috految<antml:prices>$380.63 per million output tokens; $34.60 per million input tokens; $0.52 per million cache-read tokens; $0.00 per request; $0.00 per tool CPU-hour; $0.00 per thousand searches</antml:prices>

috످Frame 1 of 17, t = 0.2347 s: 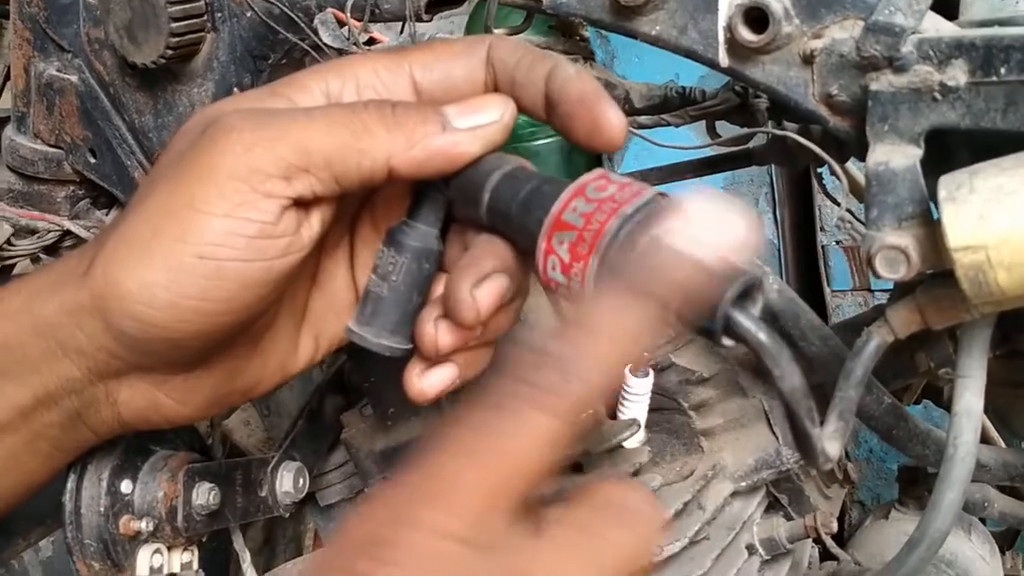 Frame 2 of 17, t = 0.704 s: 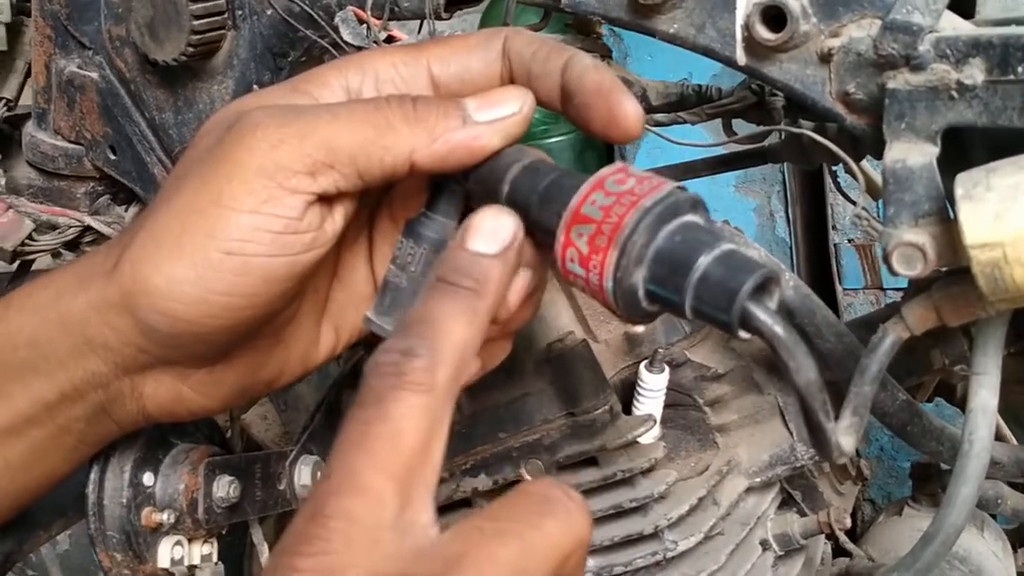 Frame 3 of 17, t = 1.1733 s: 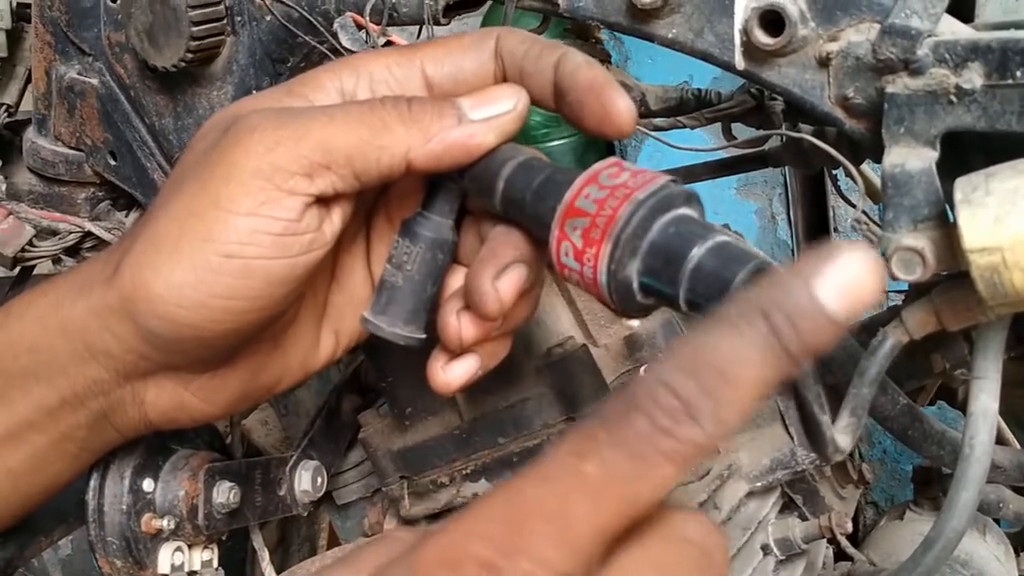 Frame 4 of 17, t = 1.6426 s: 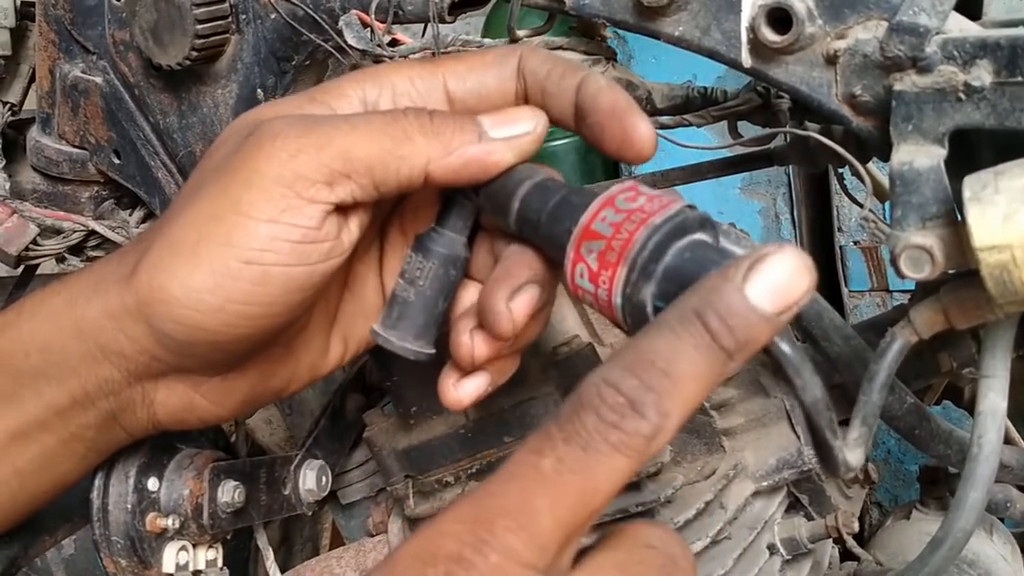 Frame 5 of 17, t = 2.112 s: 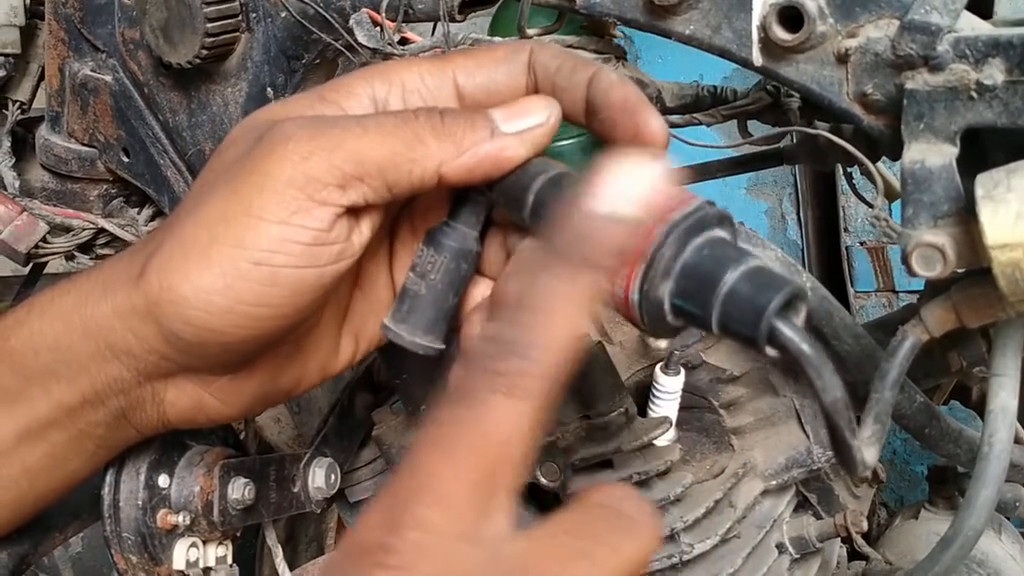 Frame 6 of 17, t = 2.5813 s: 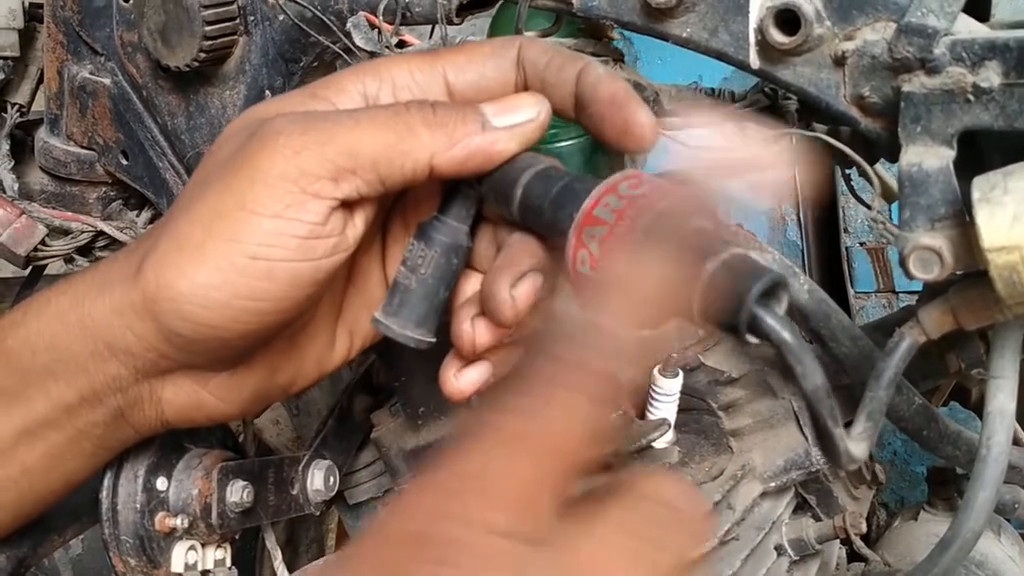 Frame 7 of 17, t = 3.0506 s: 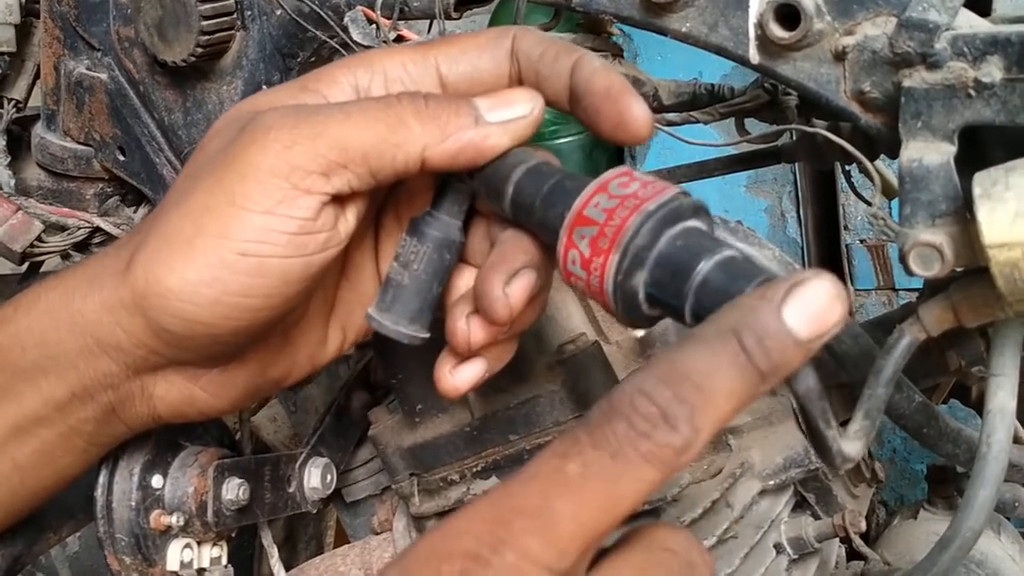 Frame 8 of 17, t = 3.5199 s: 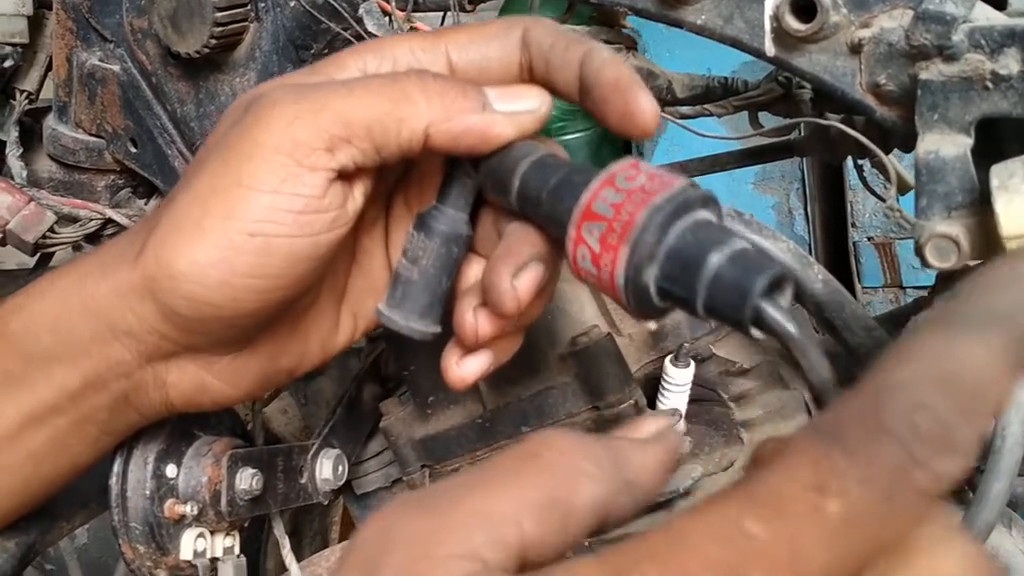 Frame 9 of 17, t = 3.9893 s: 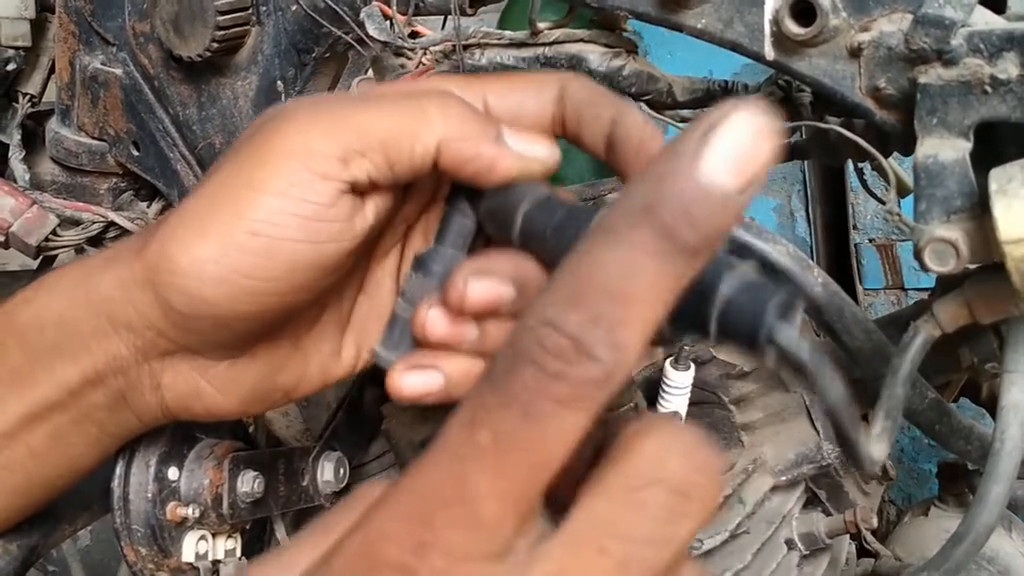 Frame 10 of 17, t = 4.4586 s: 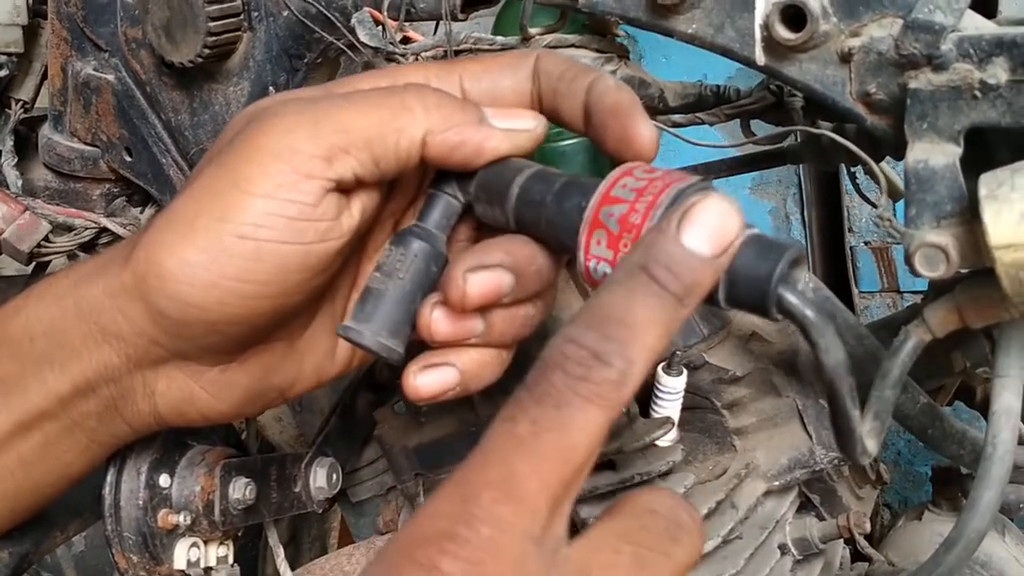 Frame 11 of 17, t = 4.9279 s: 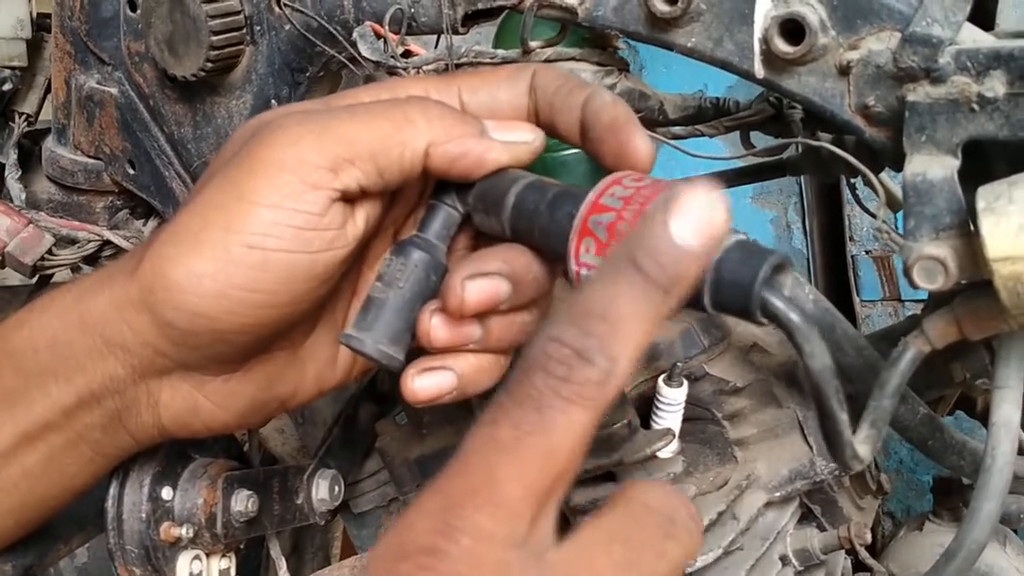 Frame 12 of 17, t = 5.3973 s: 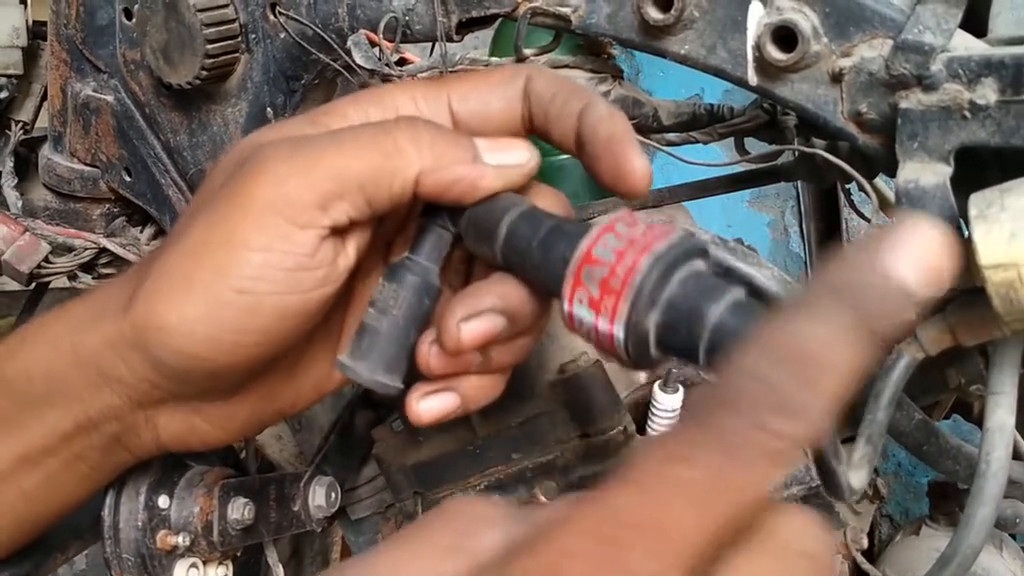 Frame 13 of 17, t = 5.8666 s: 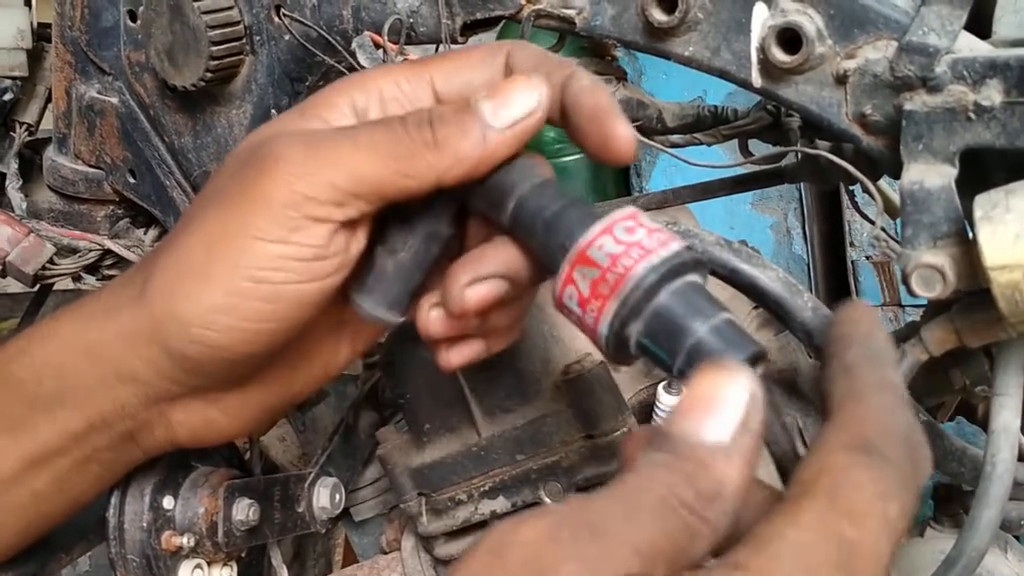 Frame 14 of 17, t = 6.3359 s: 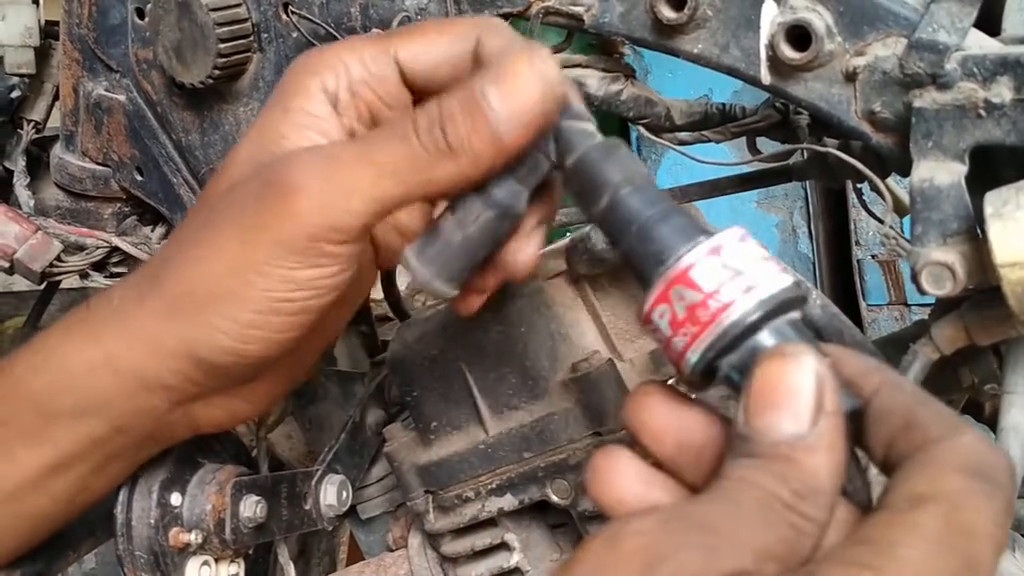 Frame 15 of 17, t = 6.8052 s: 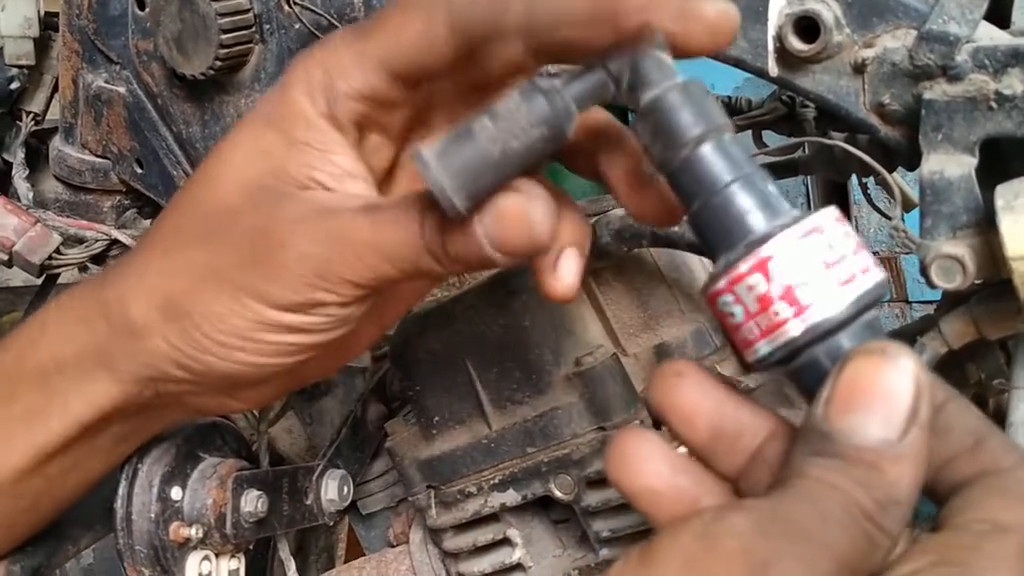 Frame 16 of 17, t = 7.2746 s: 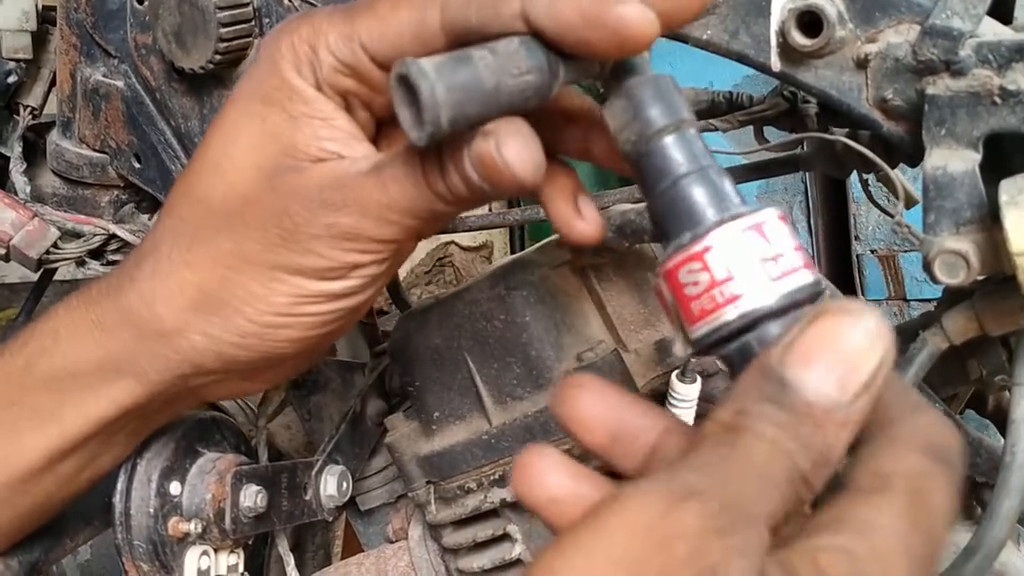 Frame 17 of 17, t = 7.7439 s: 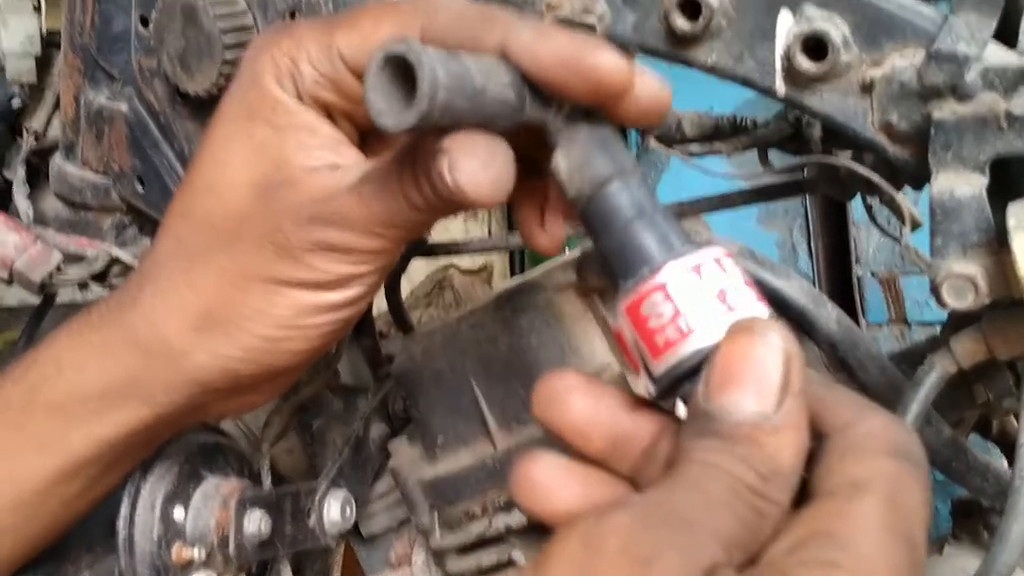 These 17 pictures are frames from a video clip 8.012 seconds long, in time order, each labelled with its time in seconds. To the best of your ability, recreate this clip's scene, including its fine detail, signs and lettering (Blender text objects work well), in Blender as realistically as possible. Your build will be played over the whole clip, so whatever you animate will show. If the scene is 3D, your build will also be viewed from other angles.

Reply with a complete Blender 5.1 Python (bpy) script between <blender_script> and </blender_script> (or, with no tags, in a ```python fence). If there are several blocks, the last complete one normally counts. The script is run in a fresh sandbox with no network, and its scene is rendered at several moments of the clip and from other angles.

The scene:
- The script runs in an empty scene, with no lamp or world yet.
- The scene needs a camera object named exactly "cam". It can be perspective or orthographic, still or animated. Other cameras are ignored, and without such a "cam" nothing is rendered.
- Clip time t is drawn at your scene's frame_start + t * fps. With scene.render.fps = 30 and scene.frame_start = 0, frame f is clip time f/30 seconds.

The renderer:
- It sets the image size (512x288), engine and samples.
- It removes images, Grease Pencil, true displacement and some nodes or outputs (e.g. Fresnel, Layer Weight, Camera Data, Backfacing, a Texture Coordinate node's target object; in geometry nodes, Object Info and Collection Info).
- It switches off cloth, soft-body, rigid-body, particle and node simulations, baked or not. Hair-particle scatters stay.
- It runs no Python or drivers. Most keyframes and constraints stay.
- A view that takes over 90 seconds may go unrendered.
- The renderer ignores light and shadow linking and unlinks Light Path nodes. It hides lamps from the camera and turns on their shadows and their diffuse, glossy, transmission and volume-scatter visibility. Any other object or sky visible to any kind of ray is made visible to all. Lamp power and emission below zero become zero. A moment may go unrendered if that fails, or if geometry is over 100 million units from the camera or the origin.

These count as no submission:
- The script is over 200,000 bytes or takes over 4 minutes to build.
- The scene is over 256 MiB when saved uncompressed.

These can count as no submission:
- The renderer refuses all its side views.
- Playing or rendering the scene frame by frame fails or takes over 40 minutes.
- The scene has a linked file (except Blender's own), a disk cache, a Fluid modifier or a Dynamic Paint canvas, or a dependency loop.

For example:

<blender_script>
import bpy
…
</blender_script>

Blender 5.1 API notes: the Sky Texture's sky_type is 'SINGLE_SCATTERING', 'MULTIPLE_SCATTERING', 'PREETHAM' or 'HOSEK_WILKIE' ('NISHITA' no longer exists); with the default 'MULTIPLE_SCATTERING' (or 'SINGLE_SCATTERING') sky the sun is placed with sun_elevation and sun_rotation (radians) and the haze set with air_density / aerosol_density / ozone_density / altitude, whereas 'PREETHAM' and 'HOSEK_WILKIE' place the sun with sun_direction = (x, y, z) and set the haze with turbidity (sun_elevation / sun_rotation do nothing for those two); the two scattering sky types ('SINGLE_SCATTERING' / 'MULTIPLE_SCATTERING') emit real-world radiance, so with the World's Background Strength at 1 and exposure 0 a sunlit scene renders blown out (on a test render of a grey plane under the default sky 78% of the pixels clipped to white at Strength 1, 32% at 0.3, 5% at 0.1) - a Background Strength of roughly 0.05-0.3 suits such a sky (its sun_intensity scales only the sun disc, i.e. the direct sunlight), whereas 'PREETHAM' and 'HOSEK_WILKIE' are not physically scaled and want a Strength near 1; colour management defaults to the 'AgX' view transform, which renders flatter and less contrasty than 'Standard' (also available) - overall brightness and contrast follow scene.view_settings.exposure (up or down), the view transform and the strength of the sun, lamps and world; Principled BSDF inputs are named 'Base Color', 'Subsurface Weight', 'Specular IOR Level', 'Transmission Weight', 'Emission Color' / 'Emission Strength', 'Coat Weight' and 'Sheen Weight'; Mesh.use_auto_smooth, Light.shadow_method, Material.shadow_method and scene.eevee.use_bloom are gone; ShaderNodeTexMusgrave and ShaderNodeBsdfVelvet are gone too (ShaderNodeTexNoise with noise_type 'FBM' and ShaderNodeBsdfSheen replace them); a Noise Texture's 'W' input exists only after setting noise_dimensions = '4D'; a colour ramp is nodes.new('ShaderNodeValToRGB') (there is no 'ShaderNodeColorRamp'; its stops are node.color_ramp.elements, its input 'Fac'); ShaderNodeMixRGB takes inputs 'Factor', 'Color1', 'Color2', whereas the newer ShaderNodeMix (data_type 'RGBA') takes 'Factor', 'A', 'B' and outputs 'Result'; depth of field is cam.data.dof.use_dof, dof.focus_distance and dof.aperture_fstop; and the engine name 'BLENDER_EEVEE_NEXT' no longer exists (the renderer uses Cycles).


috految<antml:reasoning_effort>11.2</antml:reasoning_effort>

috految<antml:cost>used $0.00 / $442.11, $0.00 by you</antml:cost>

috److془I need to carefully build the scene, efficient but high quality.

Coordinates: P(x,y,d): camera at (0,-14,0), f=1400px; depth d in pixel units /100. Reference frame 10 (or 5). Camera offsets: hole (793,18), bolt (325,478).
Frames: 1: (-35,1); 2(-17,-3); 3(-18,2);4(-12,3);5(-2,0);6(-4,2);7(-6,-2);8(8,-9);9(8,-6);10 0;11(0,13);12(-4,21);13(0,21);14(7,18);15(11,11);16(12,7);17(19,31).

Animated using camera rotation. Hands: capsules with shape keys + voxel remesh + smooth. Interpolation: shape keys per pose with bezier weights; Catmull sample better. Use sphere chains: linear interpolation great. Better capsule with stable frames, per 2 frame keys. Reduce: sample every 2 frames 121 keys × 5000 verts fine. Voxel .035: area ~130 → 150k faces; 0.4 s per frame. Fine. Use .04. Creases: shader with keyframed mapping nodes at joints. Nails: patches on capsule surface. Smooth shrink: iteration 16 factor .9: h²/8*14/r ≈ .01. Great. Use 22. Palm fill with many capsules.

Right hand depth: index -170 tip; device: elbow d=0, end d=-150. Label center ~ -85, radius 70, front surface -155. index d -230. Frame 2: elbow (455,165), end (762,305), label from centre (592,222) to (644,248), radius 66. Left edge bulges to ~ (568,210): 28/66 → angle 25 relative to ray. Ray tilt ~5; depth -175/330 good. Label screen t .45-.62 → 3D .49-.66. Width ~ .62 . Radius .66. Frame 15: elbow (640,60), label centre (797,287), radius 80, width 95; end (889,430). depths -150,-190; radius scaled 1.08. Bulge approx zero-ish. Good. Text: up = -axis, reading direction: axis= right, reading up. Local Z=-axis, Y= away, X=Y×Z: y×-x=+z ✓. Frame 2: A at angle -.05 ish from (583,236): offset along (.42,-.91) relative (604,233): -11 → -.18. P -.65, R .3, C .8. S -1.1. Range -1.32..1.05. Frame 16 S at -.6: roll .5. SPARCO perhaps; "SPARC" + "PETROL SAVER CAP". 

Full motorcycle: scale 1 unit ≈ 4cm. Floor z=-16. Wheels radius 7. Mechanic at left (-13,-7) might block side view; put low at (-14,-9)... distance 17+; fine. Wall at y=13.془The script recreates the clip as a full 3D scene: a motorcycle in a workshop, two animated hands, and the spark plug cap with its red SPARC label. Hand poses, cap position and camera drift are keyed from the 17 frames. I added the rest of the bike and the mechanic's body so it holds up from other angles. Lettering that was hidden or too small to read is my best guess.

<blender_script>
import bpy,bmesh,random
import numpy as np
from math import *
from mathutils import Vector as V,Matrix,Euler
U=random.uniform
S=bpy.context.scene;S.render.fps=30;S.frame_start=0;S.frame_end=240
def ob(d,m=None):
 o=bpy.data.objects.new('part',d);S.collection.objects.link(o)
 if m:d.materials.append(m)
 return o
C=V((0,-14,0));Y=V((0,1,0))
cam=S.camera=ob(bpy.data.cameras.new('cam'));cam.name='cam';cam.location=C;cam.data.lens=49.22
d=cam.data.dof;d.use_dof=True;d.focus_distance=14.5;d.aperture_fstop=.6
def K(d):return (1400+d)/140000
def P(x,y,d):return V(((x-512)*K(d),d/100,(288-y)*K(d)))
def N(t,ins={},**kw):
 n=nt.nodes.new('ShaderNode'+t)
 for k,v in kw.items():setattr(n,k,v)
 for k,v in ins.items():
  if isinstance(v,bpy.types.NodeSocket):nt.links.new(v,n.inputs[k])
  else:n.inputs[k].default_value=v
 return n.outputs
def mr(v,a,b,c=0,d=1):return N('MapRange',dict(enumerate((v,a,b,c,d))))[0]
def noise(v,s,d=6):return N('TexNoise',{'Vector':v,'Scale':s,'Detail':d,'Roughness':.74})[0]
def M(c,e=None,r=.45,met=0,spot=None,th=.57,s=1.5,b=.012,sp=.4):
 global nt,bs,co,col
 m=bpy.data.materials.new('m');nt=m.node_tree;bs=nt.nodes['Principled BSDF'];co=N('TexCoord')['Object']
 col=N('MixRGB',{0:mr(noise(co,s),.43,.66),1:(*c,1),2:(*(e or c),1)})[0]
 if spot:
  col=N('MixRGB',{0:mr(noise(co,s*1.3),th,th+.045),1:col,2:(*spot,1)})[0]
  col=N('MixRGB',{0:mr(noise(co,9),.58,.68),1:col,2:(.4,.36,.3,1)})[0]
 nt.links.new(col,bs.inputs['Base Color'])
 for k,v in(('Roughness',r),('Metallic',met),('Specular IOR Level',sp)):bs.inputs[k].default_value=v
 nt.links.new(N('Bump',{'Height':noise(co,11,2),'Distance':b,'Strength':.6})[0],bs.inputs['Normal'])
 return m
paint=M((.025,.032,.043),(.1,.11,.12),.34,spot=(.17,.1,.06),th=.565)
grey=M((.055,.067,.08),(.21,.205,.19),.36,spot=(.22,.14,.09))
rust=M((.04,.05,.06),(.17,.16,.15),spot=(.23,.095,.045),th=.51,s=1.9,b=.03)
cast=M((.34,.305,.27),(.13,.115,.1),met=.15,spot=(.06,.045,.035),th=.575)
eng=M((.075,.073,.07),(.21,.18,.15),spot=(.1,.065,.045),s=.9)
dark=M((.012,.011,.011),(.045,.039,.033),sp=.25)
rub=M((.037,.039,.043),(.105,.095,.09),.42,s=3)
black=M((.014,.018,.024),(.035,.039,.046),.32,b=.004)
steel=M((.53,.52,.49),(.22,.19,.16),.35,.6,s=6)
tape=M((.025,.027,.028),(.19,.17,.145),.36,s=3,b=.07)
hose=M((.21,.235,.23),(.31,.28,.23),.38)
wire=M((.37,.34,.29),(.17,.15,.12));brown=M((.3,.21,.16),(.12,.08,.06),s=4)
copper=M((.48,.16,.06),(.4,.31,.25),s=7)
white=M((.85,.84,.81),r=.22,b=0);ivory=M((.76,.73,.61),(.47,.41,.3))
yellow=M((.8,.75,.48),(.57,.47,.26),spot=(.27,.22,.14),th=.59)
red=M((.62,.018,.035),r=.26,b=.003,sp=.5);ink=M((.62,.6,.59),r=.33,met=.25,b=0)
pink=M((.56,.12,.13),(.5,.38,.34),s=5);orange=M((.8,.12,.045))
green=M((.004,.15,.05),(.02,.07,.035),.22,b=.002)
blue=M((.11,.53,.83),(.21,.59,.77),spot=(.26,.25,.22),s=.7,th=.545)
floor=M((.3,.28,.24),(.12,.11,.1),.8,s=.3)
def mesh(v,f,m,sm=1):
 d=bpy.data.meshes.new('m');d.from_pydata(v,[],f)
 if sm:d.shade_smooth()
 return ob(d,m)
def grid(r,n,o=0):return [(o+i*n+j,o+i*n+(j+1)%n,o+i*n+n+(j+1)%n,o+i*n+n+j) for i in range(r-1) for j in range(n)]
def pairs(p):return list(zip(p[::2],p[1::2]))
def lathe(a,b,p,m,n=40):
 a=V(a);d=V(b)-a;q=d.to_track_quat('Z','Y');p=pairs(p)
 o=mesh([a+d*t+q@V((r*cos(j*2*pi/n),r*sin(j*2*pi/n),0)) for t,r in p for j in range(n)],grid(len(p),n),m);o.data.set_sharp_from_angle(angle=.6);return o
def cyl(a,b,r,m,n=32):return lathe(a,b,[0,0,0,r*.9,.05,r,.1,r,.9,r,.95,r,1,r*.9,1,0],m,n)
def cy(x,y,X,Z,d,r,m,dd=0,n=32):cyl(P(x,y,d),P(X,Z,d+dd),r*K(d),m,n)
def tube(ps,r,m):
 c=bpy.data.curves.new('c','CURVE');c.dimensions='3D';c.bevel_depth=r;c.bevel_resolution=4;c.use_fill_caps=True
 s=c.splines.new('BEZIER');s.bezier_points.add(len(ps)-1)
 for b,p in zip(s.bezier_points,ps):b.co=p;b.handle_left_type=b.handle_right_type='AUTO'
 return ob(c,m)
def T(p,d,r,m):tube([P(x,y,d) for x,y in pairs(p)],r*K(d),m)
def prism(v,e,m,b):
 n=len(v);o=mesh(v+[p+e for p in v],[list(range(n))[::-1],list(range(n,2*n))]+grid(2,n),m)
 k=o.modifiers.new('b','BEVEL');k.width=b;k.segments=4;o.modifiers.new('n','WEIGHTED_NORMAL').weight=100
def pl(p,d,t,m,b=.07):prism([P(x,y,d) for x,y in pairs(p)],Y*t/100,m,b)
def bx(x,y,X,Z,d,t,m,b=.05):pl([x,y,X,y,X,Z,x,Z],d,t,m,b)
def box(x,X,y,t,z,Z,m,b=.1):prism([V(p) for p in((x,y,Z),(X,y,Z),(X,y,z),(x,y,z))],Y*t,m,b)
def bolt(x,y,d,r,m=steel):
 p=P(x,y,d);r*=K(d);e=V((.2,-1,.05))
 cyl(p+Y*.35,p,r*.8,eng);cyl(p,p+e*.04,r*1.35,m);cyl(p,p+e*.17,r,m,6);lathe(p,p+e*.23,[0,r*.55,1,r*.55,1,r*.35,.8,r*.3,.8,0],m)
def ring(x,y,d,r,m):
 p=P(x,y,d);r*=K(d);lathe(p,p-Y*.17,[-.5,r*1.15,.2,r*1.15,.25,r,.85,r,1,r*.9,1,r*.62,0,r*.55],m);cyl(p,p-Y*.05,r*.6,dark)
def text(s,fn,m,bold=.02):
 c=bpy.data.curves.new('t','FONT');c.body=s;c.offset=bold;c.space_character=1.1;o=ob(c);bpy.context.view_layer.update()
 d=bpy.data.meshes.new_from_object(o.evaluated_get(bpy.context.evaluated_depsgraph_get()));bpy.data.objects.remove(o)
 b=bmesh.new();b.from_mesh(d);bmesh.ops.subdivide_edges(b,edges=b.edges[:],cuts=3,use_grid_fill=True);b.to_mesh(d)
 a=np.array([v.co[:2] for v in d.vertices]);a-=a.min(0);a/=a.max(0)
 for v,p in zip(d.vertices,a.tolist()):v.co=fn(*p)
 d.materials.clear();return ob(d,m)
# chassis
cy(97,-170,88,165,300,45,rust);cy(68,-25,62,125,258,17,rust)
for y,r,m in[(130,50,grey),(145,50,eng),(181,66,paint),(204,58,rust)]:cy(90,y,85,y+19,295,r,m,3)
pl([86,-110,390,-100,525,-40,515,0,456,8,448,26,350,25,303,90,255,260,180,240,118,174,85,60],262,100,paint,.12)
pl([119,-40,282,-40,263,80,206,170,190,159,125,65],240,30,paint,.13)
pl([72,72,112,78,202,207,171,221,128,178,103,162,96,139,70,123],228,30,paint)
pl([80,84,108,90,121,143,96,139,76,122],221,10,rust)
for p in([121,-10,122,62,160,124,214,203],[73,120,76,78,108,84,190,202],[73,-10,82,29,113,55],[273,-10,262,70,255,120]):T(p,231,4,paint)
for x,y in[(126,153),(133,-3),(277,-6)]:ring(x,y,228,7,paint)
a=P(178,18,177);b=P(209,15,239);cyl(a,b,.51,eng);q=(b-a).to_track_quat('Z','Y')
for i in range(26):
 e=q@V((cos(i*pi/13),sin(i*pi/13),0))*.52;cyl(a+e,b+e,.047,eng,6)
cyl(b,b+Y*.2,.55,rust)
pl([440,-85,690,-95,918,-35,960,45,925,147,874,139,803,88,700,46,580,8,440,-5],230,75,grey,.14)
T([581,7,685,35,783,76,880,127,925,141],233,10,paint)
pl([760,-18,830,0,851,34,847,80,762,64],218,20,grey)
pl([753,-20,768,-15,762,28,765,66,756,65],208,3,white,.01)
ring(792,20,203,25,cast);ring(665,-13,222,23,eng)
pl([845,52,868,25,924,21,914,115,872,118,850,94],204,30,grey,.14);bolt(878,94,205,11,eng)
pl([936,-50,991,-40,941,59,920,68,894,49],180,35,grey)
T([940,53,1030,57,1350,55],210,25,grey);bx(995,-50,1110,30,260,110,hose);T([955,15,1000,36],235,10,ivory)
pl([905,80,1130,80,1130,134,980,125,964,133,957,163,963,201,975,224,984,270,908,270,902,210],170,23,grey)
cy(910,162,958,160,177,19,cast);T([907,87,905,150,909,225],170,4,rust)
bx(910,228,990,276,160,25,eng,.17);bolt(926,258,153,20,cast);ring(927,258,143,17,steel)
bx(920,95,1200,330,340,180,dark,.25)
for x,y,X,Z,d in[(909,76,1010,74,179),(880,23,839,49,210),(845,48,858,105,211),(780,-8,831,21,214),(831,21,820,48,214),(923,39,900,64,181),(943,40,974,90,187),(50,180,150,208,255),(82,70,112,80,229)]:
 for i in range(22):
  p=P(x+(X-x)*i/21+U(-3,3),y+(Z-y)*i/21+U(-3,3),d);cyl(p,p+V((.05,-.05,U(0,.06))),U(.03,.085),random.choice([cast,grey,eng]),8)
cy(994,246,1150,207,138,74,yellow,-45);cy(1130,210,1190,196,100,48,grey)
T([996,247,1060,238],58,1,wire)
cy(958,309,1040,282,150,28,brown);cy(922,325,964,307,150,19,brown);cy(914,331,925,324,150,18,cast)
T([1020,280,1008,380,995,470,954,557,880,630,850,740],165,17,hose)
T([600,223,690,232,777,276,850,352,916,416,1004,461,1200,520],235,25,rub)
T([730,229,806,273,867,352],222,8,grey);T([850,350,940,307,1110,300],340,27,dark)
T([380,226,560,204,690,173,830,150],340,11,rub);T([790,136,850,145,950,145],350,25,dark)
pl([799,100,834,102,865,640,823,640],490,40,dark);T([799,165,820,340],480,2,steel)
T([405,210,385,270,405,325],320,10,black)
T([360,71,450,57,566,51,660,94,785,103,900,135],305,16,tape)
T([370,48,450,41,555,43,629,53],288,7,wire)
for i in range(19):
 x=610+i*10;y=min(100,73+i*4);cy(x,y,x+7,y+U(-2,4),304,U(16,20),tape)
for i in range(5):T([625,112,680,119+U(-7,7),755,95+U(-10,22),790,108+U(-20,20),797,150],280-i*4,4,tape)
T([637,113,675,136,720,146,795,129,850,149,881,190,878,212,920,242],200,2.7,wire)
T([805,130,844,144,883,185,880,220,910,235],210,4,wire);T([843,160,854,195,902,230],260,3,black);T([747,116,746,137,776,143],260,6,dark);cy(877,166,901,201,280,11,ivory)
T([530,-15,526,34,554,35,577,0],222,5,eng);T([530,-10,560,0,592,9],240,8,wire)
for p in([275,-12,320,30,370,72],[280,-10,327,13,370,60],[442,-20,446,25,450,90],[450,-20,450,70],[405,15,392,-1,383,20,395,53],[358,80,391,58,446,48]):T(p,215,2,wire)
T([365,10,391,26,423,39],235,5,orange);T([377,12,396,40],220,2,ivory);T([370,15,360,27,375,43,414,50],250,10,steel)
for i in range(11):
 T([U(240,360),U(30,100),390,U(25,85),470,U(35,70),620,U(50,80)],U(280,340),U(2,5),random.choice([tape,wire,black]))
 T([-60,U(170,260),35,U(220,270),75,U(210,260),120,U(220,250),195,230],U(205,280),U(2,4),[wire,black,wire,tape][i%4])
 T([U(-30,50),-60,U(-10,50),60,U(-10,40),140,U(-30,30),240,-100,320],U(300,410),U(3,7),[tape,wire,dark][i%3])
T([-20,185,38,206,95,216,140,243],198,5,pink);T([0,199,60,218,105,218,162,251],197,3,ivory)
pl([-15,185,29,203,4,241,-30,228],180,35,pink);pl([25,211,52,225,25,262,0,246],172,35,cast);T([30,214,8,242],170,4,pink)
bx(-22,-30,25,24,270,45,ivory);bx(-12,27,22,52,270,35,wire);T([45,40,17,130,13,198],285,8,cast);T([50,270,20,320,-30,400],240,9,black)
lathe(P(548,-30,440),P(558,235,440),[0,0,0,.3,.1,.55,.2,.73,.5,.78,.52,.72,.55,.81,.57,.73,.6,.82,.63,.76,.65,.82,1,.82,1,0],green)
bx(437,-25,496,95,560,80,hose);bx(395,215,503,345,520,130,ivory);T([409,290,428,251,465,244,486,265,450,295],500,7,brown)
# horn
lathe(P(134,505,235),P(206,501,200),[0,0,0,.8,.08,.98,.18,1,.22,.91,.3,.91,.34,.99,.44,.98,.5,.85,.7,.81,.88,.62,1,.55,1,0],paint)
cy(184,494,226,489,172,45,rust,-20);cy(182,494,190,493,172,48,grey,-4)
pl([222,459,320,451,338,470,330,508,224,530],115,10,paint,.025);T([222,462,219,493,224,528],113,3,rust)
bolt(240,491,112,13);bolt(320,478,110,17);bolt(163,480,115,5,white);bolt(181,521,111,8);cy(155,518,179,519,112,10,copper,n=6)
text('MINDA 12V',lambda u,v:P(279-v*9,512-u*46,113),wire,.005)
for x in(175,207):
 bx(x,542,x+27,573,112,50,ivory);T([x+7,568,x+8,546,x+20,546,x+20,568],109,2,wire);bolt(x+13,557,112,3);T([x+15,570,x+25,650,300,690],130,6,hose)
T([266,500,275,553,325,653],175,7,wire);T([301,490,311,447,345,398,390,350],150,3,rub)
cy(-160,640,210,425,280,40,black);T([180,150,260,380,293,560,410,920,1000,1010],380,37,paint)
pl([309,447,339,377,378,357,394,404,341,465,315,560,285,560],280,45,dark)
pl([254,415,290,395,308,445,275,461],300,20,cast);bx(330,525,351,620,330,30,copper)
T([445,570,350,573,285,650,330,920,700,1020,1500,950],250,36,brown);cy(405,555,418,552,230,50,cast);bolt(392,521,215,13,rust)
# engine head
pl([383,312,522,245,625,230,690,268,721,353,603,416,416,477,383,392],230,330,eng,.48)
pl([570,255,676,242,730,340,624,391],225,100,cast,.2)
pl([372,416,399,403,419,447,586,382,615,413,605,437,402,497],208,330,eng)
pl([412,446,568,399,579,421,426,468],198,22,rub)
T([376,424,406,489,460,477,610,425,640,393,714,350],197,4,cast);T([420,502,520,470,645,430],198,13,eng)
T([421,486,530,454,612,423],184,2,brown)
T([454,349,480,421],226,4,cast);T([567,262,616,349],220,5,cast);T([580,266,615,333],215,3,brown)
cy(581,354,610,416,222,29,eng);cy(574,342,582,360,217,19,cast,n=6);cy(665,330,700,313,221,21,grey);cy(579,246,650,227,270,24,eng)
for p in[(550,478,180,13),(402,405,216,8),(691,352,216,8),(414,510,190,8),(732,350,240,9)]:bolt(*p,cast)
pl([425,490,680,375,738,313,799,345,842,530,820,760,480,780],267,270,cast,.25)
for i in range(12):
 y=i*23
 v=[P(x+i*5,z+y,d) for x,z,d in[(420,515,200),(484,499,175),(496,491,225),(555,477,225),(577,464,160),(642,443,160),(669,424,180),(690,390,290),(660,370,590),(410,440,590)]]
 prism(v,V((.02,0,-.09)),cast,.035)
 if i<11:
  v=[P(x+i*10,z+i*26,d) for x,z,d in[(650,482,196),(689,468,184),(733,437,205),(750,400,272),(765,345,540),(645,415,540)]]
  prism(v,V((.04,0,-.075)),cast,.025)
for i in range(5):
 T([673+i*8,384+i*16,709+i*11,367+i*15,753+i*9,346+i*18],263,6,cast);T([342,463+i*12,386,440+i*14],265,6,cast)
T([750,484,784,465,835,452],209,12,grey);T([790,397,803,450,824,486],240,5,cast);T([685,394,714,405,728,440,699,453],225,3,eng)
T([490,514,514,533,520,590],177,7,cast);T([410,510,415,550,460,615],170,5,wire)
cy(676,380,678,450,250,34,eng);cy(664,437,661,469,183,19,steel,n=6)
lathe(P(663,443,165),P(673,371,143),[0,0,0,.16,.3,.16]+[v for i in range(5) for v in(.36+i*.12,.165,.4+i*.12,.175,.44+i*.12,.13)]+[.98,.17,1,.13,1,0],white)
cy(672,375,676,351,141,8,eng);cy(672,372,673,366,141,12,steel)
T([617,447,663,425],140,10,eng)
cy(785,538,861,522,180,16,cast);cy(790,537,812,532,180,21,cast,n=6);cy(842,525,864,520,172,13,brown);T([857,515,856,540,895,567,900,640],165,6,brown)
cy(820,480,852,560,265,31,eng);bolt(870,478,250,12,eng)
lathe(P(945,505,290),P(938,680,270),[0,0,.02,.4,.12,.65,.28,.88,.45,.94,.5,1,.55,.9,1,.8,1,0],cast)
cy(935,465,944,516,300,22,eng);cy(982,492,1090,540,240,21,cast);T([975,420,1030,475],260,6,ivory);bx(907,335,1110,405,380,120,eng)
bx(105,250,378,640,500,120,dark,.4)
for x,X,y,Z,d in[(240,380,250,600,390),(890,1130,320,385,350),(970,1160,430,660,380),(-60,120,20,330,430)]:
 for i in range(18):
  a=U(x,X);b=U(y,Z);bolt(a,b,d,U(6,13),eng);cy(a,b,a+20,b+25,d+25,16,eng,100)
  if i%2:T([a,b,a+U(-50,50),b+45,(x+X)/2,Z],d-15,U(2,5),tape)
# rest of motorcycle and workshop
box(-1.5,7.5,2,4.5,-9.5,-4.8,cast,1.1)
for x in(1,5):
 cyl((x,1.3,-7),(x,7,-7),1.9,steel)
 for i in range(10):
  p=V((x+1.6*cos(i*pi/5),1.2,-7+1.6*sin(i*pi/5)));cyl(p,p+Y*6,.13,eng,6)
for x in(-13,18):
 p=V((x,4,-8));R=lambda a,r:V((cos(a)*r,0,sin(a)*r))
 for r,t,m in[(6,.9,rub),(5.15,.35,steel)]:tube([p+R(i*pi/16,r) for i in range(33)],t,m)
 cyl(p-Y,p+Y,1.3,cast)
 for i in range(48):
  a=i*pi/24;cyl(p+R(a+1,1)+Y*(-1)**i*.8,p+R(a,5.1),.04,steel,6);cyl(p+R(a,6.8)-Y*.5,p+R(a,6.8)+Y*.5,.16,dark,6)
 tube([p+R(i*.25,7.3) for i in range(2,11)],.6,paint)
for y in(2.8,5.5):
 tube([(-13,y,-8),(-7.5,y,3),(-5.5,y,6)],.4,steel)
 tube([(-5,y,5),(3,y,4.6),(8,y,3),(21,y,2.5)],.4,paint);tube([(8,y,3),(9,y,-6),(6,y,-10),(7,y,-15)],.45,paint);cyl((5,y,-8),(18,y,-8),.5,paint);cyl((18,y,-8),(16,y,3),.3,steel)
 tube([(18-i/40+.55*cos(i),y+.55*sin(i),-8+i/7.5) for i in range(80)],.12,steel)
box(9,22,1.7,5,3,4.9,black,.8);box(8.5,15,2.5,3.2,-3,2.5,paint,.5);cyl((9,2.4,-8),(22,2,-7),.7,steel)
tube([(-4,-2,8),(-5,1,7.7),(-5.5,4,6),(-5,7,7.7),(-4,10,8)],.32,black)
cyl((-7,4,4),(-9,4,4),1.6,paint);cyl((-9,4,4),(-9.2,4,4),1.45,white)
box(-90,90,-70,160,-15.5,-15,floor)
for i in range(8):box(i*4-2,i*4+1.95,13,.4,-15,9,blue)
box(-30,-2,13,.4,-15,9,floor)
for x in(852,898):T([x,140,x+10,700],1270,3,rust)
for y in(245,292):bx(845,y,950,y+4,1270,30,rust)
pl([862,245,884,245,894,291,878,291],1265,25,copper)
for z in(-11,-5,1):
 box(-25,-4,10.5,2.5,z-.3,z,brown)
 for i in range(8):lathe((-24+i*2.5,11.5,z),(-24+i*2.5,11.5,z+U(2,4)),[0,0,0,.8,.75,.8,.85,.3,1,.3,1,0],[eng,ivory,green,rust][i%4])
# spark plug cap
dev=ob(None);boot=ob(None)
def part(p,m,o=dev,L=3.65):lathe((0,0,0),(0,0,-L),p,m,64).parent=o
part([-.06,0,-.045,.17,0,.24,.08,.25,.1,.35,.12,.38,.225,.39,.23,.37,.25,.39,.27,.39,.275,.3],rub)
part([.25,.36,.35,.37,.352,.39,.36,.375,.445,.395,.45,.51,.475,.6,.49,.635,.675,.635,.68,.65,.705,.64,.715,.62,.72,.53,.748,.53,.755,.44,.87,.425,.872,.445,.885,.44,.89,.39,.98,.365,1,.35,1,.27,.95,.25,.95,0],black)
part([.48,.646,.67,.646],red)
for t in(.485,.659):part([t,.65,t+.009,.65],ink)
def wrap(a,z,r):return V((r*sin(a),-r*cos(a),z))
for off in(0,pi):
 text('SPARC',lambda u,v:wrap(off-1.26+u*2.3,-2.135+v*.29,.655),ink,.028).parent=dev
 text('PETROL SAVER CAP',lambda u,v:wrap(off-1.3+u*2.7,-2.355+v*.16,.654),ink,.013).parent=dev
 tube([wrap(off-1.4,z,.65) for z in(-1.77,-2.43)],.015,ink).parent=dev
part([0,0,0,.22,.2,.2,.21,.22,.23,.2,.33,.21,.36,.28,.41,.29,.42,.265,.45,.315,.84,.315,.91,.305,.94,.345,.98,.35,1,.33,1,.21,.5,.19,.5,0],rub,boot,1.8)
for s,a in(('KEIHIN',-.6),('30700',-.15)):text(s,lambda u,v:wrap(a+v*.36,-.83-u*.44,.321),cast,.012).parent=boot
tube([wrap(.35,z,.316) for z in(-.8,-1.55)],.009,eng).parent=boot
# animation
times=[.2347+.46933*i for i in range(17)]
def at(A,t):
 u=(t-times[0])/.46933;A=np.array(A,float)
 if u<0:return (A[0]+(A[1]-A[0])*u*.5).tolist()
 if u>=16:return (A[16]+(A[16]-A[15])*(u-16)*.25).tolist()
 i=int(u);u-=i;a,b,c,d=[A[max(0,min(16,i+j))] for j in(-1,0,1,2)]
 return (b+.5*u*(c-a+u*(2*a-5*b+4*c-d+u*(3*(b-c)+d-a)))).tolist()
OFF=pairs([-35,1,-17,-3,-18,2,-12,3,-2,0,-4,2,-6,-2,8,-9,8,-6,0,0,0,13,-4,21,0,21,7,18,11,11,12,7,19,31])
D=[(436,172,0,744,307,-172,379,342,-25,0),(455,164,0,760,304,-172,394,331,-25,0),(450,160,0,759,302,-172,394,331,-25,0),(467,180,0,767,321,-172,403,347,-25,0),(477,171,0,786,319,-172,412,341,-25,0),(470,169,0,769,308,-172,404,332,-25,0),(461,165,0,769,311,-172,398,330,-25,0),(466,156,0,774,301,-172,409,325,-25,0),(466,195,0,781,322,-160,401,362,-15,0),(456,182,0,789,278,-145,372,343,-25,.12),(451,189,0,771,286,-145,373,354,-25,.12),(444,207,0,767,345,-155,370,377,-25,.1),(471,160,-20,735,376,-170,378,308,-45,.1),(553,113,-70,830,422,-165,429,275,-110,.1),(637,58,-135,892,438,-180,436,186,-205,.3),(626,58,-130,815,421,-190,413,104,-270,.5),(563,113,-120,780,449,-165,397,86,-290,.65)]
# wrist, thenar, thumb 3, index 4, three more fingers (3 each), hypothenar
L0=[(110,341,45,83),(226,264,15,89),(280,166,-5,59),(425,137,-28,41),(510,118,-40,29),(275,144,72,55),(506,66,50,39),(580,92,25,36),(623,123,5,28),(497,250,70,36),(516,260,-8,34),(501,297,-47,27),(514,299,55,31),(492,319,-3,29),(463,332,-33,23),(459,325,90,30),(486,350,25,27),(454,375,-20,23),(239,337,64,75)]
def mv(A,x,y):return [(a+x,b+y,d,r) for a,b,d,r in A]
L1=mv(L0,3,9);L1[3]=(422,130,-30,41);L1[4]=(517,133,-40,28);L1[6:9]=[(529,85,45,38),(594,110,20,35),(629,143,0,28)]
L1[9:18]=[(505,262,70,36),(517,271,-15,36),(469,286,-50,27),(521,309,55,30),(495,321,-5,28),(440,323,-38,24),(470,339,80,30),(478,366,5,27),(425,380,-35,23)]
L13=mv(L0,-4,14);L13[0]=(125,372,45,85);L13[2:5]=[(286,190,-20,62),(430,148,-65,43),(518,106,-85,31)];L13[9:18]=mv(L1[9:18],-3,-20)
L14=[(135,364,35,83),(252,272,0,88),(306,211,-50,62),(446,149,-120,48),(527,86,-150,39),(332,102,45,57),(473,53,15,37),(523,80,15,32),(544,120,10,26),(496,172,55,36),(527,196,10,32),(524,243,-20,24),(475,218,65,31),(510,255,15,27),(492,270,-20,23),(420,240,60,29),(462,264,20,26),(470,294,-10,21),(267,317,65,69)]
L15=[(140,346,25,77),(265,277,-15,95),(319,254,-50,70),(451,240,-125,42),(519,218,-185,38),(337,102,0,61),(466,22,-40,47),(623,18,-100,38),(710,23,-130,29),(490,26,30,40),(567,23,-20,35),(657,29,-55,27),(545,128,20,35),(606,150,-25,33),(659,202,-50,26),(495,190,25,32),(563,224,-25,29),(560,277,-70,23),(282,305,60,72)]
L16=mv(L15,0,-8);L16[1:9]=[(268,264,-15,95),(331,226,-55,65),(449,183,-135,41),(509,155,-200,37),(318,70,0,61),(462,8,-60,40),(569,16,-130,38),(628,27,-180,31)];L16[12:18]=mv(L15[12:18],4,-48)
L17=mv(L16,-25,15);L17[0]=(135,358,25,83);L17[6:12]=[(437,34,-55,38),(541,56,-105,38),(603,77,-160,33),(500,53,20,35),(585,75,-25,34),(642,100,-85,29)]
LL=[mv(L0,x,y) for x,y in[(-23,3),(-5,-1),(-8,-3),(9,13),(17,6),(9,3),(2,-3),(10,-10)]]+[mv(L1,9,5),L1,mv(L1,-3,11),mv(L1,-5,27),L13,L14,L15,L16,L17]
def point(x,y,X,Z,a,b,u,v,s=1,d=-235):
 return [(a-75,b+265,d+5,91),(a-55,b+135,d+10,90),(a-100,b+115,d+20,58),(a-85,b+55,d+65,45),(a-10,b+10,d+110,33),(a,b,d,72*s),(X,Z,d,49*s),(x*.55+X*.45,y*.55+Z*.45,d,43*s),(x,y,d,34*s),(u,v,d+15,53),(u-15,v+28,d+100,43),(u-70,v+35,d+140,32),(u+5,v+103,d+15,45),(u-5,v+110,d+100,36),(u-60,v+90,d+140,29),(u-10,v+175,d+20,38),(u-20,v+180,d+100,32),(u-70,v+160,d+130,26),(a+35,b+170,d+15,78)]
RR=[point(*p) for p in[(719,228,552,370,400,555,608,529,1.15),(493,235,411,382,346,568,540,530,.93,-170),(848,277,675,403,493,567,673,560,1.1),(783,279,620,410,468,582,643,572),(632,188,521,357,417,568,610,536,1.1),(745,155,590,348,444,562,661,522,1.15),(815,303,651,421,485,579,660,574),(1050,275,915,409,740,573,935,567,1.3),(745,137,563,355,427,558,666,472,1.18),(710,225,585,373,465,572,653,538),(698,213,573,377,455,575,650,531),(922,252,768,398,600,565,779,552,1.2)]]
RR[7][1:5]=[(460,660,-220,100),(425,568,-210,70),(565,480,-185,54),(649,447,-165,34)]
RR[11][2:5]=[(385,620,-200,65),(470,546,-170,48),(560,540,-130,33)]
G=[(630,800,-220,95),(668,640,-235,105),(690,565,-245,80),(785,482,-260,57),(793,389,-265,45),(885,610,-205,80),(954,470,-170,58),(885,410,-125,43),(838,377,-105,30),(830,535,-120,48),(704,455,-100,41),(655,413,-125,33),(780,590,-125,44),(668,514,-130,39),(617,479,-150,33),(745,680,-120,40),(650,610,-105,32),(612,587,-130,27),(790,710,-180,85)]
G13=mv(G,-80,22);G13[4]=(724,400,-265,42);G13[6:9]=[(877,467,-170,55),(867,385,-155,39),(854,330,-140,31)];G13[10:15]=mv(G[10:15],0,50)
G15=mv(G,70,-2);G15[4]=(879,391,-280,50);G15[10:15]=mv(G[10:15],21,-21)
G16=mv(G,-28,-25);G16[3:5]=[(769,437,-275,63),(844,352,-285,50)];G16[10:15]=mv(G[10:15],-70,-8)
G17=mv(G,-65,0);G17[3:5]=[(730,453,-270,64),(756,364,-270,46)];G17[10:15]=mv(G[10:15],-80,-2)
RR+=[G13,G,G15,G16,G17]
def frame(z):
 z=z.normalized();x=Y.cross(z).normalized();return Matrix((x,z.cross(x),z)).transposed()
def capsule(a,r,b,s):
 R=frame(b-a);h=asin(max(-.9,min(.9,(r-s)/(b-a).length)));v=[]
 for p,q,lo,hi in((a,r,-pi/2,h),(b,s,h,pi/2)):
  for i in range(7):
   t=lo+(hi-lo)*i/6
   v+=[p+R@V((cos(t)*cos(j*pi/10),cos(t)*sin(j*pi/10),sin(t)))*q for j in range(20)]
 return v
def morph(A,fs,m):
 o=mesh(A[0],fs,m);o.shape_key_add(name='Basis')
 for i,v in enumerate(A):
  k=o.shape_key_add(name=str(i));k.data.foreach_set('co',[c for p in v for c in p])
  for f,w in((i*2-2,0),(i*2,1),(i*2+2,0)):k.value=w;k.keyframe_insert('value',frame=f)
 return o
ROT=[];cable=[]
for f in range(0,244,2):
 t=f/30;x,y=at(OFF,t);cam.rotation_euler=(pi/2+y/1440,0,x/1460);cam.keyframe_insert('rotation_euler',frame=f)
 R=Euler((y/1440,0,x/1460)).to_matrix();ROT.append(R)
 d=at(D,t);a,b,c=[C+R@(P(*d[i:i+3])-C) for i in(0,3,6)]
 s=1+.06*max(0,min(1,t-5.8))
 for o,e,L,r in((dev,b,3.65,d[9]),(boot,c,1.8,0)):
  o.location=a;o.rotation_euler=(frame(a-e)@Matrix.Rotation(r,3,'Z')).to_euler('XYZ',o.rotation_euler);o.scale=(s,s,(a-e).length/L)
  for k in('location','rotation_euler','scale'):o.keyframe_insert(k,frame=f)
 ps=[a.lerp(b,.9),b+(b-a)*.14,P(839,405,-60),P(861,485,40),P(878,410,115),P(898,345,146),P(935,320,150)]
 for i in range(3):ps=[ps[0]]+[p.lerp(q,w) for p,q in zip(ps,ps[1:]) for w in(.25,.75)]+[ps[-1]]
 v=[]
 for p,q in zip(ps,ps[1:]):
  R=frame(q-p);v+=[p+R@V((cos(j*pi/6),sin(j*pi/6),0))*.17 for j in range(12)]
 cable.append(v)
morph(cable,grid(len(v)//12,12),M((.06,.063,.066),(.16,.15,.13),.33))
nail=M((.62,.39,.31),(.56,.3,.22),.33,s=4,b=.004)
shirt=M((.06,.085,.12),(.1,.13,.16),.85,b=.08)
for side,A in enumerate((LL,RR)):
 skin=M((.39,.175,.098),(.255,.11,.066),.43,s=1.15,sp=.34)
 maps=[];total=0
 for j,k,rad,fr in[(1,2,1.15,8),(3,2,.63,17),(6,5,.64,15),(7,8,.47,19),(10,11,.48,16),(0,1,1.02,11)]:
  mp=N('Mapping',{'Vector':co},vector_type='TEXTURE')[0];maps.append((mp.node,j,k))
  mask=mr(N('VectorMath',{0:mp},operation='LENGTH')['Value'],rad*.65,rad,1,0)
  w=noise(N('VectorMath',{0:mp,1:(1.5,1.5,fr)},operation='MULTIPLY')[0],1,1)
  total=N('Math',{0:mr(w,.52,.67),1:mask,2:total},operation='MULTIPLY_ADD')[0]
 nt.links.new(N('MixRGB',{0:mr(total,0,1,0,.4),1:col,2:(.14,.06,.04,1)})[0],bs.inputs['Base Color'])
 h=N('Math',{0:total,1:-.6,2:noise(co,11,3)},operation='MULTIPLY_ADD')[0]
 nt.links.new(N('Bump',{'Height':h,'Distance':.028,'Strength':.6})[0],bs.inputs['Normal'])
 HV=[];NV=[];el=V((-7,-6,-8)) if side else V((-8.6,-.7,-3.3))
 for i,R in enumerate(ROT):
  J=[(C+R@(P(*p[:3])-C),p[3]*K(p[2])) for p in at(A,i/15)]
  def mix(a,b,w):return a[0].lerp(b[0],w),a[1]*(1-w)+b[1]*w
  E=[(J[a],J[b]) for a,b in[(0,1),(1,2),(0,18),(1,18),(2,5),(3,4),(7,8),(9,10),(10,11),(12,13),(13,14),(15,16),(16,17)]]
  E+=[((el,1.22),J[0]),(mix(J[0],J[1],.6),J[5]),(J[1],mix(J[2],J[5],.5))]
  for a,b in((2,3),(5,6),(6,7)):
   p,r=mix(J[a],J[b],.55);m=(p,r*.94);E+=[(J[a],m),(m,J[b])]
  for w,j in((.2,9),(.55,12),(.95,15)):
   m=mix(J[5],J[18],w);k=(m[0].lerp(J[j][0],.5)+Y*(0 if side else .25),.5)
   E+=[(m,k),(k,J[j]),(J[18],k)]
  E+=[(J[5],J[18])]
  HV.append([v for a,b in E for v in capsule(*a,*b)])
  nv=[]
  for j in((4,8) if side else(4,11,14,17)):
   p,r=J[j];q,s=J[j-1];z=(p-q).normalized();n=V((0,-1,.5 if j==4 and not side else .1));n=(n-z*n.dot(z)).normalized();x=z.cross(n)
   for k in range(7):
    for l in range(24):
     a=l*pi/12;w=k/6;u=copysign(abs(cos(a))**.65,cos(a))*w*.82-.1;an=copysign(abs(sin(a))**.65,sin(a))*w*.66
     rr=r*sqrt(1-u*u) if u>0 else r+(s-r)*(-u*r)/(p-q).length
     nv.append(p+z*u*r+(n*cos(an)+x*sin(an))*(rr+(.008 if k<6 else -.012)))
  NV.append(nv)
  for nd,j,k in maps:
   for name,v in(('Location',J[j][0]),('Rotation',frame(J[k][0]-J[j][0]).to_euler())):
    nd.inputs[name].default_value=tuple(v);nd.inputs[name].keyframe_insert('default_value',frame=i*2)
 o=morph(HV,[f for i in range(len(E)) for f in grid(14,20,i*280)],skin)
 m=o.modifiers.new('r','REMESH');m.mode='VOXEL';m.voxel_size=.04;m.use_smooth_shade=True
 m=o.modifiers.new('s','SMOOTH');m.factor=.9;m.iterations=17
 morph(NV,[f for i in range(len(nv)//168) for f in grid(7,24,i*168)],nail)
 mesh(capsule(el,1.35,V((-14,-6-side*3,-3.5)),1.7),grid(14,20),shirt)
for a,r,b,s,m in[((-15,-7.5,-4.5),3,(-15,-7.5,-11),3.2,shirt),((-15,-7.5,-3),1,(-15,-7.5,0),1,skin),((-15,-7.5,0),1.5,(-14.8,-7.5,1.1),1.8,skin),((-15.3,-7.6,1.3),1.8,(-15,-7.5,1.8),1.7,dark)]+[((-15,y,-12),2,(-7,y,-13.5),1.5,shirt) for y in(-5,-10)]:mesh(capsule(V(a),r,V(b),s),grid(14,20),m)
S.world=bpy.data.worlds.new('w');b=S.world.node_tree.nodes['Background'];b.inputs[0].default_value=(.97,.98,1,1);b.inputs[1].default_value=1.05
o=ob(bpy.data.lights.new('s','SUN'));o.data.energy=2.9;o.data.angle=.7;o.rotation_euler=(.88,0,.38)
S.view_settings.view_transform='Standard';S.cycles.filter_width=1.1
S.frame_set(0)
</blender_script>

috످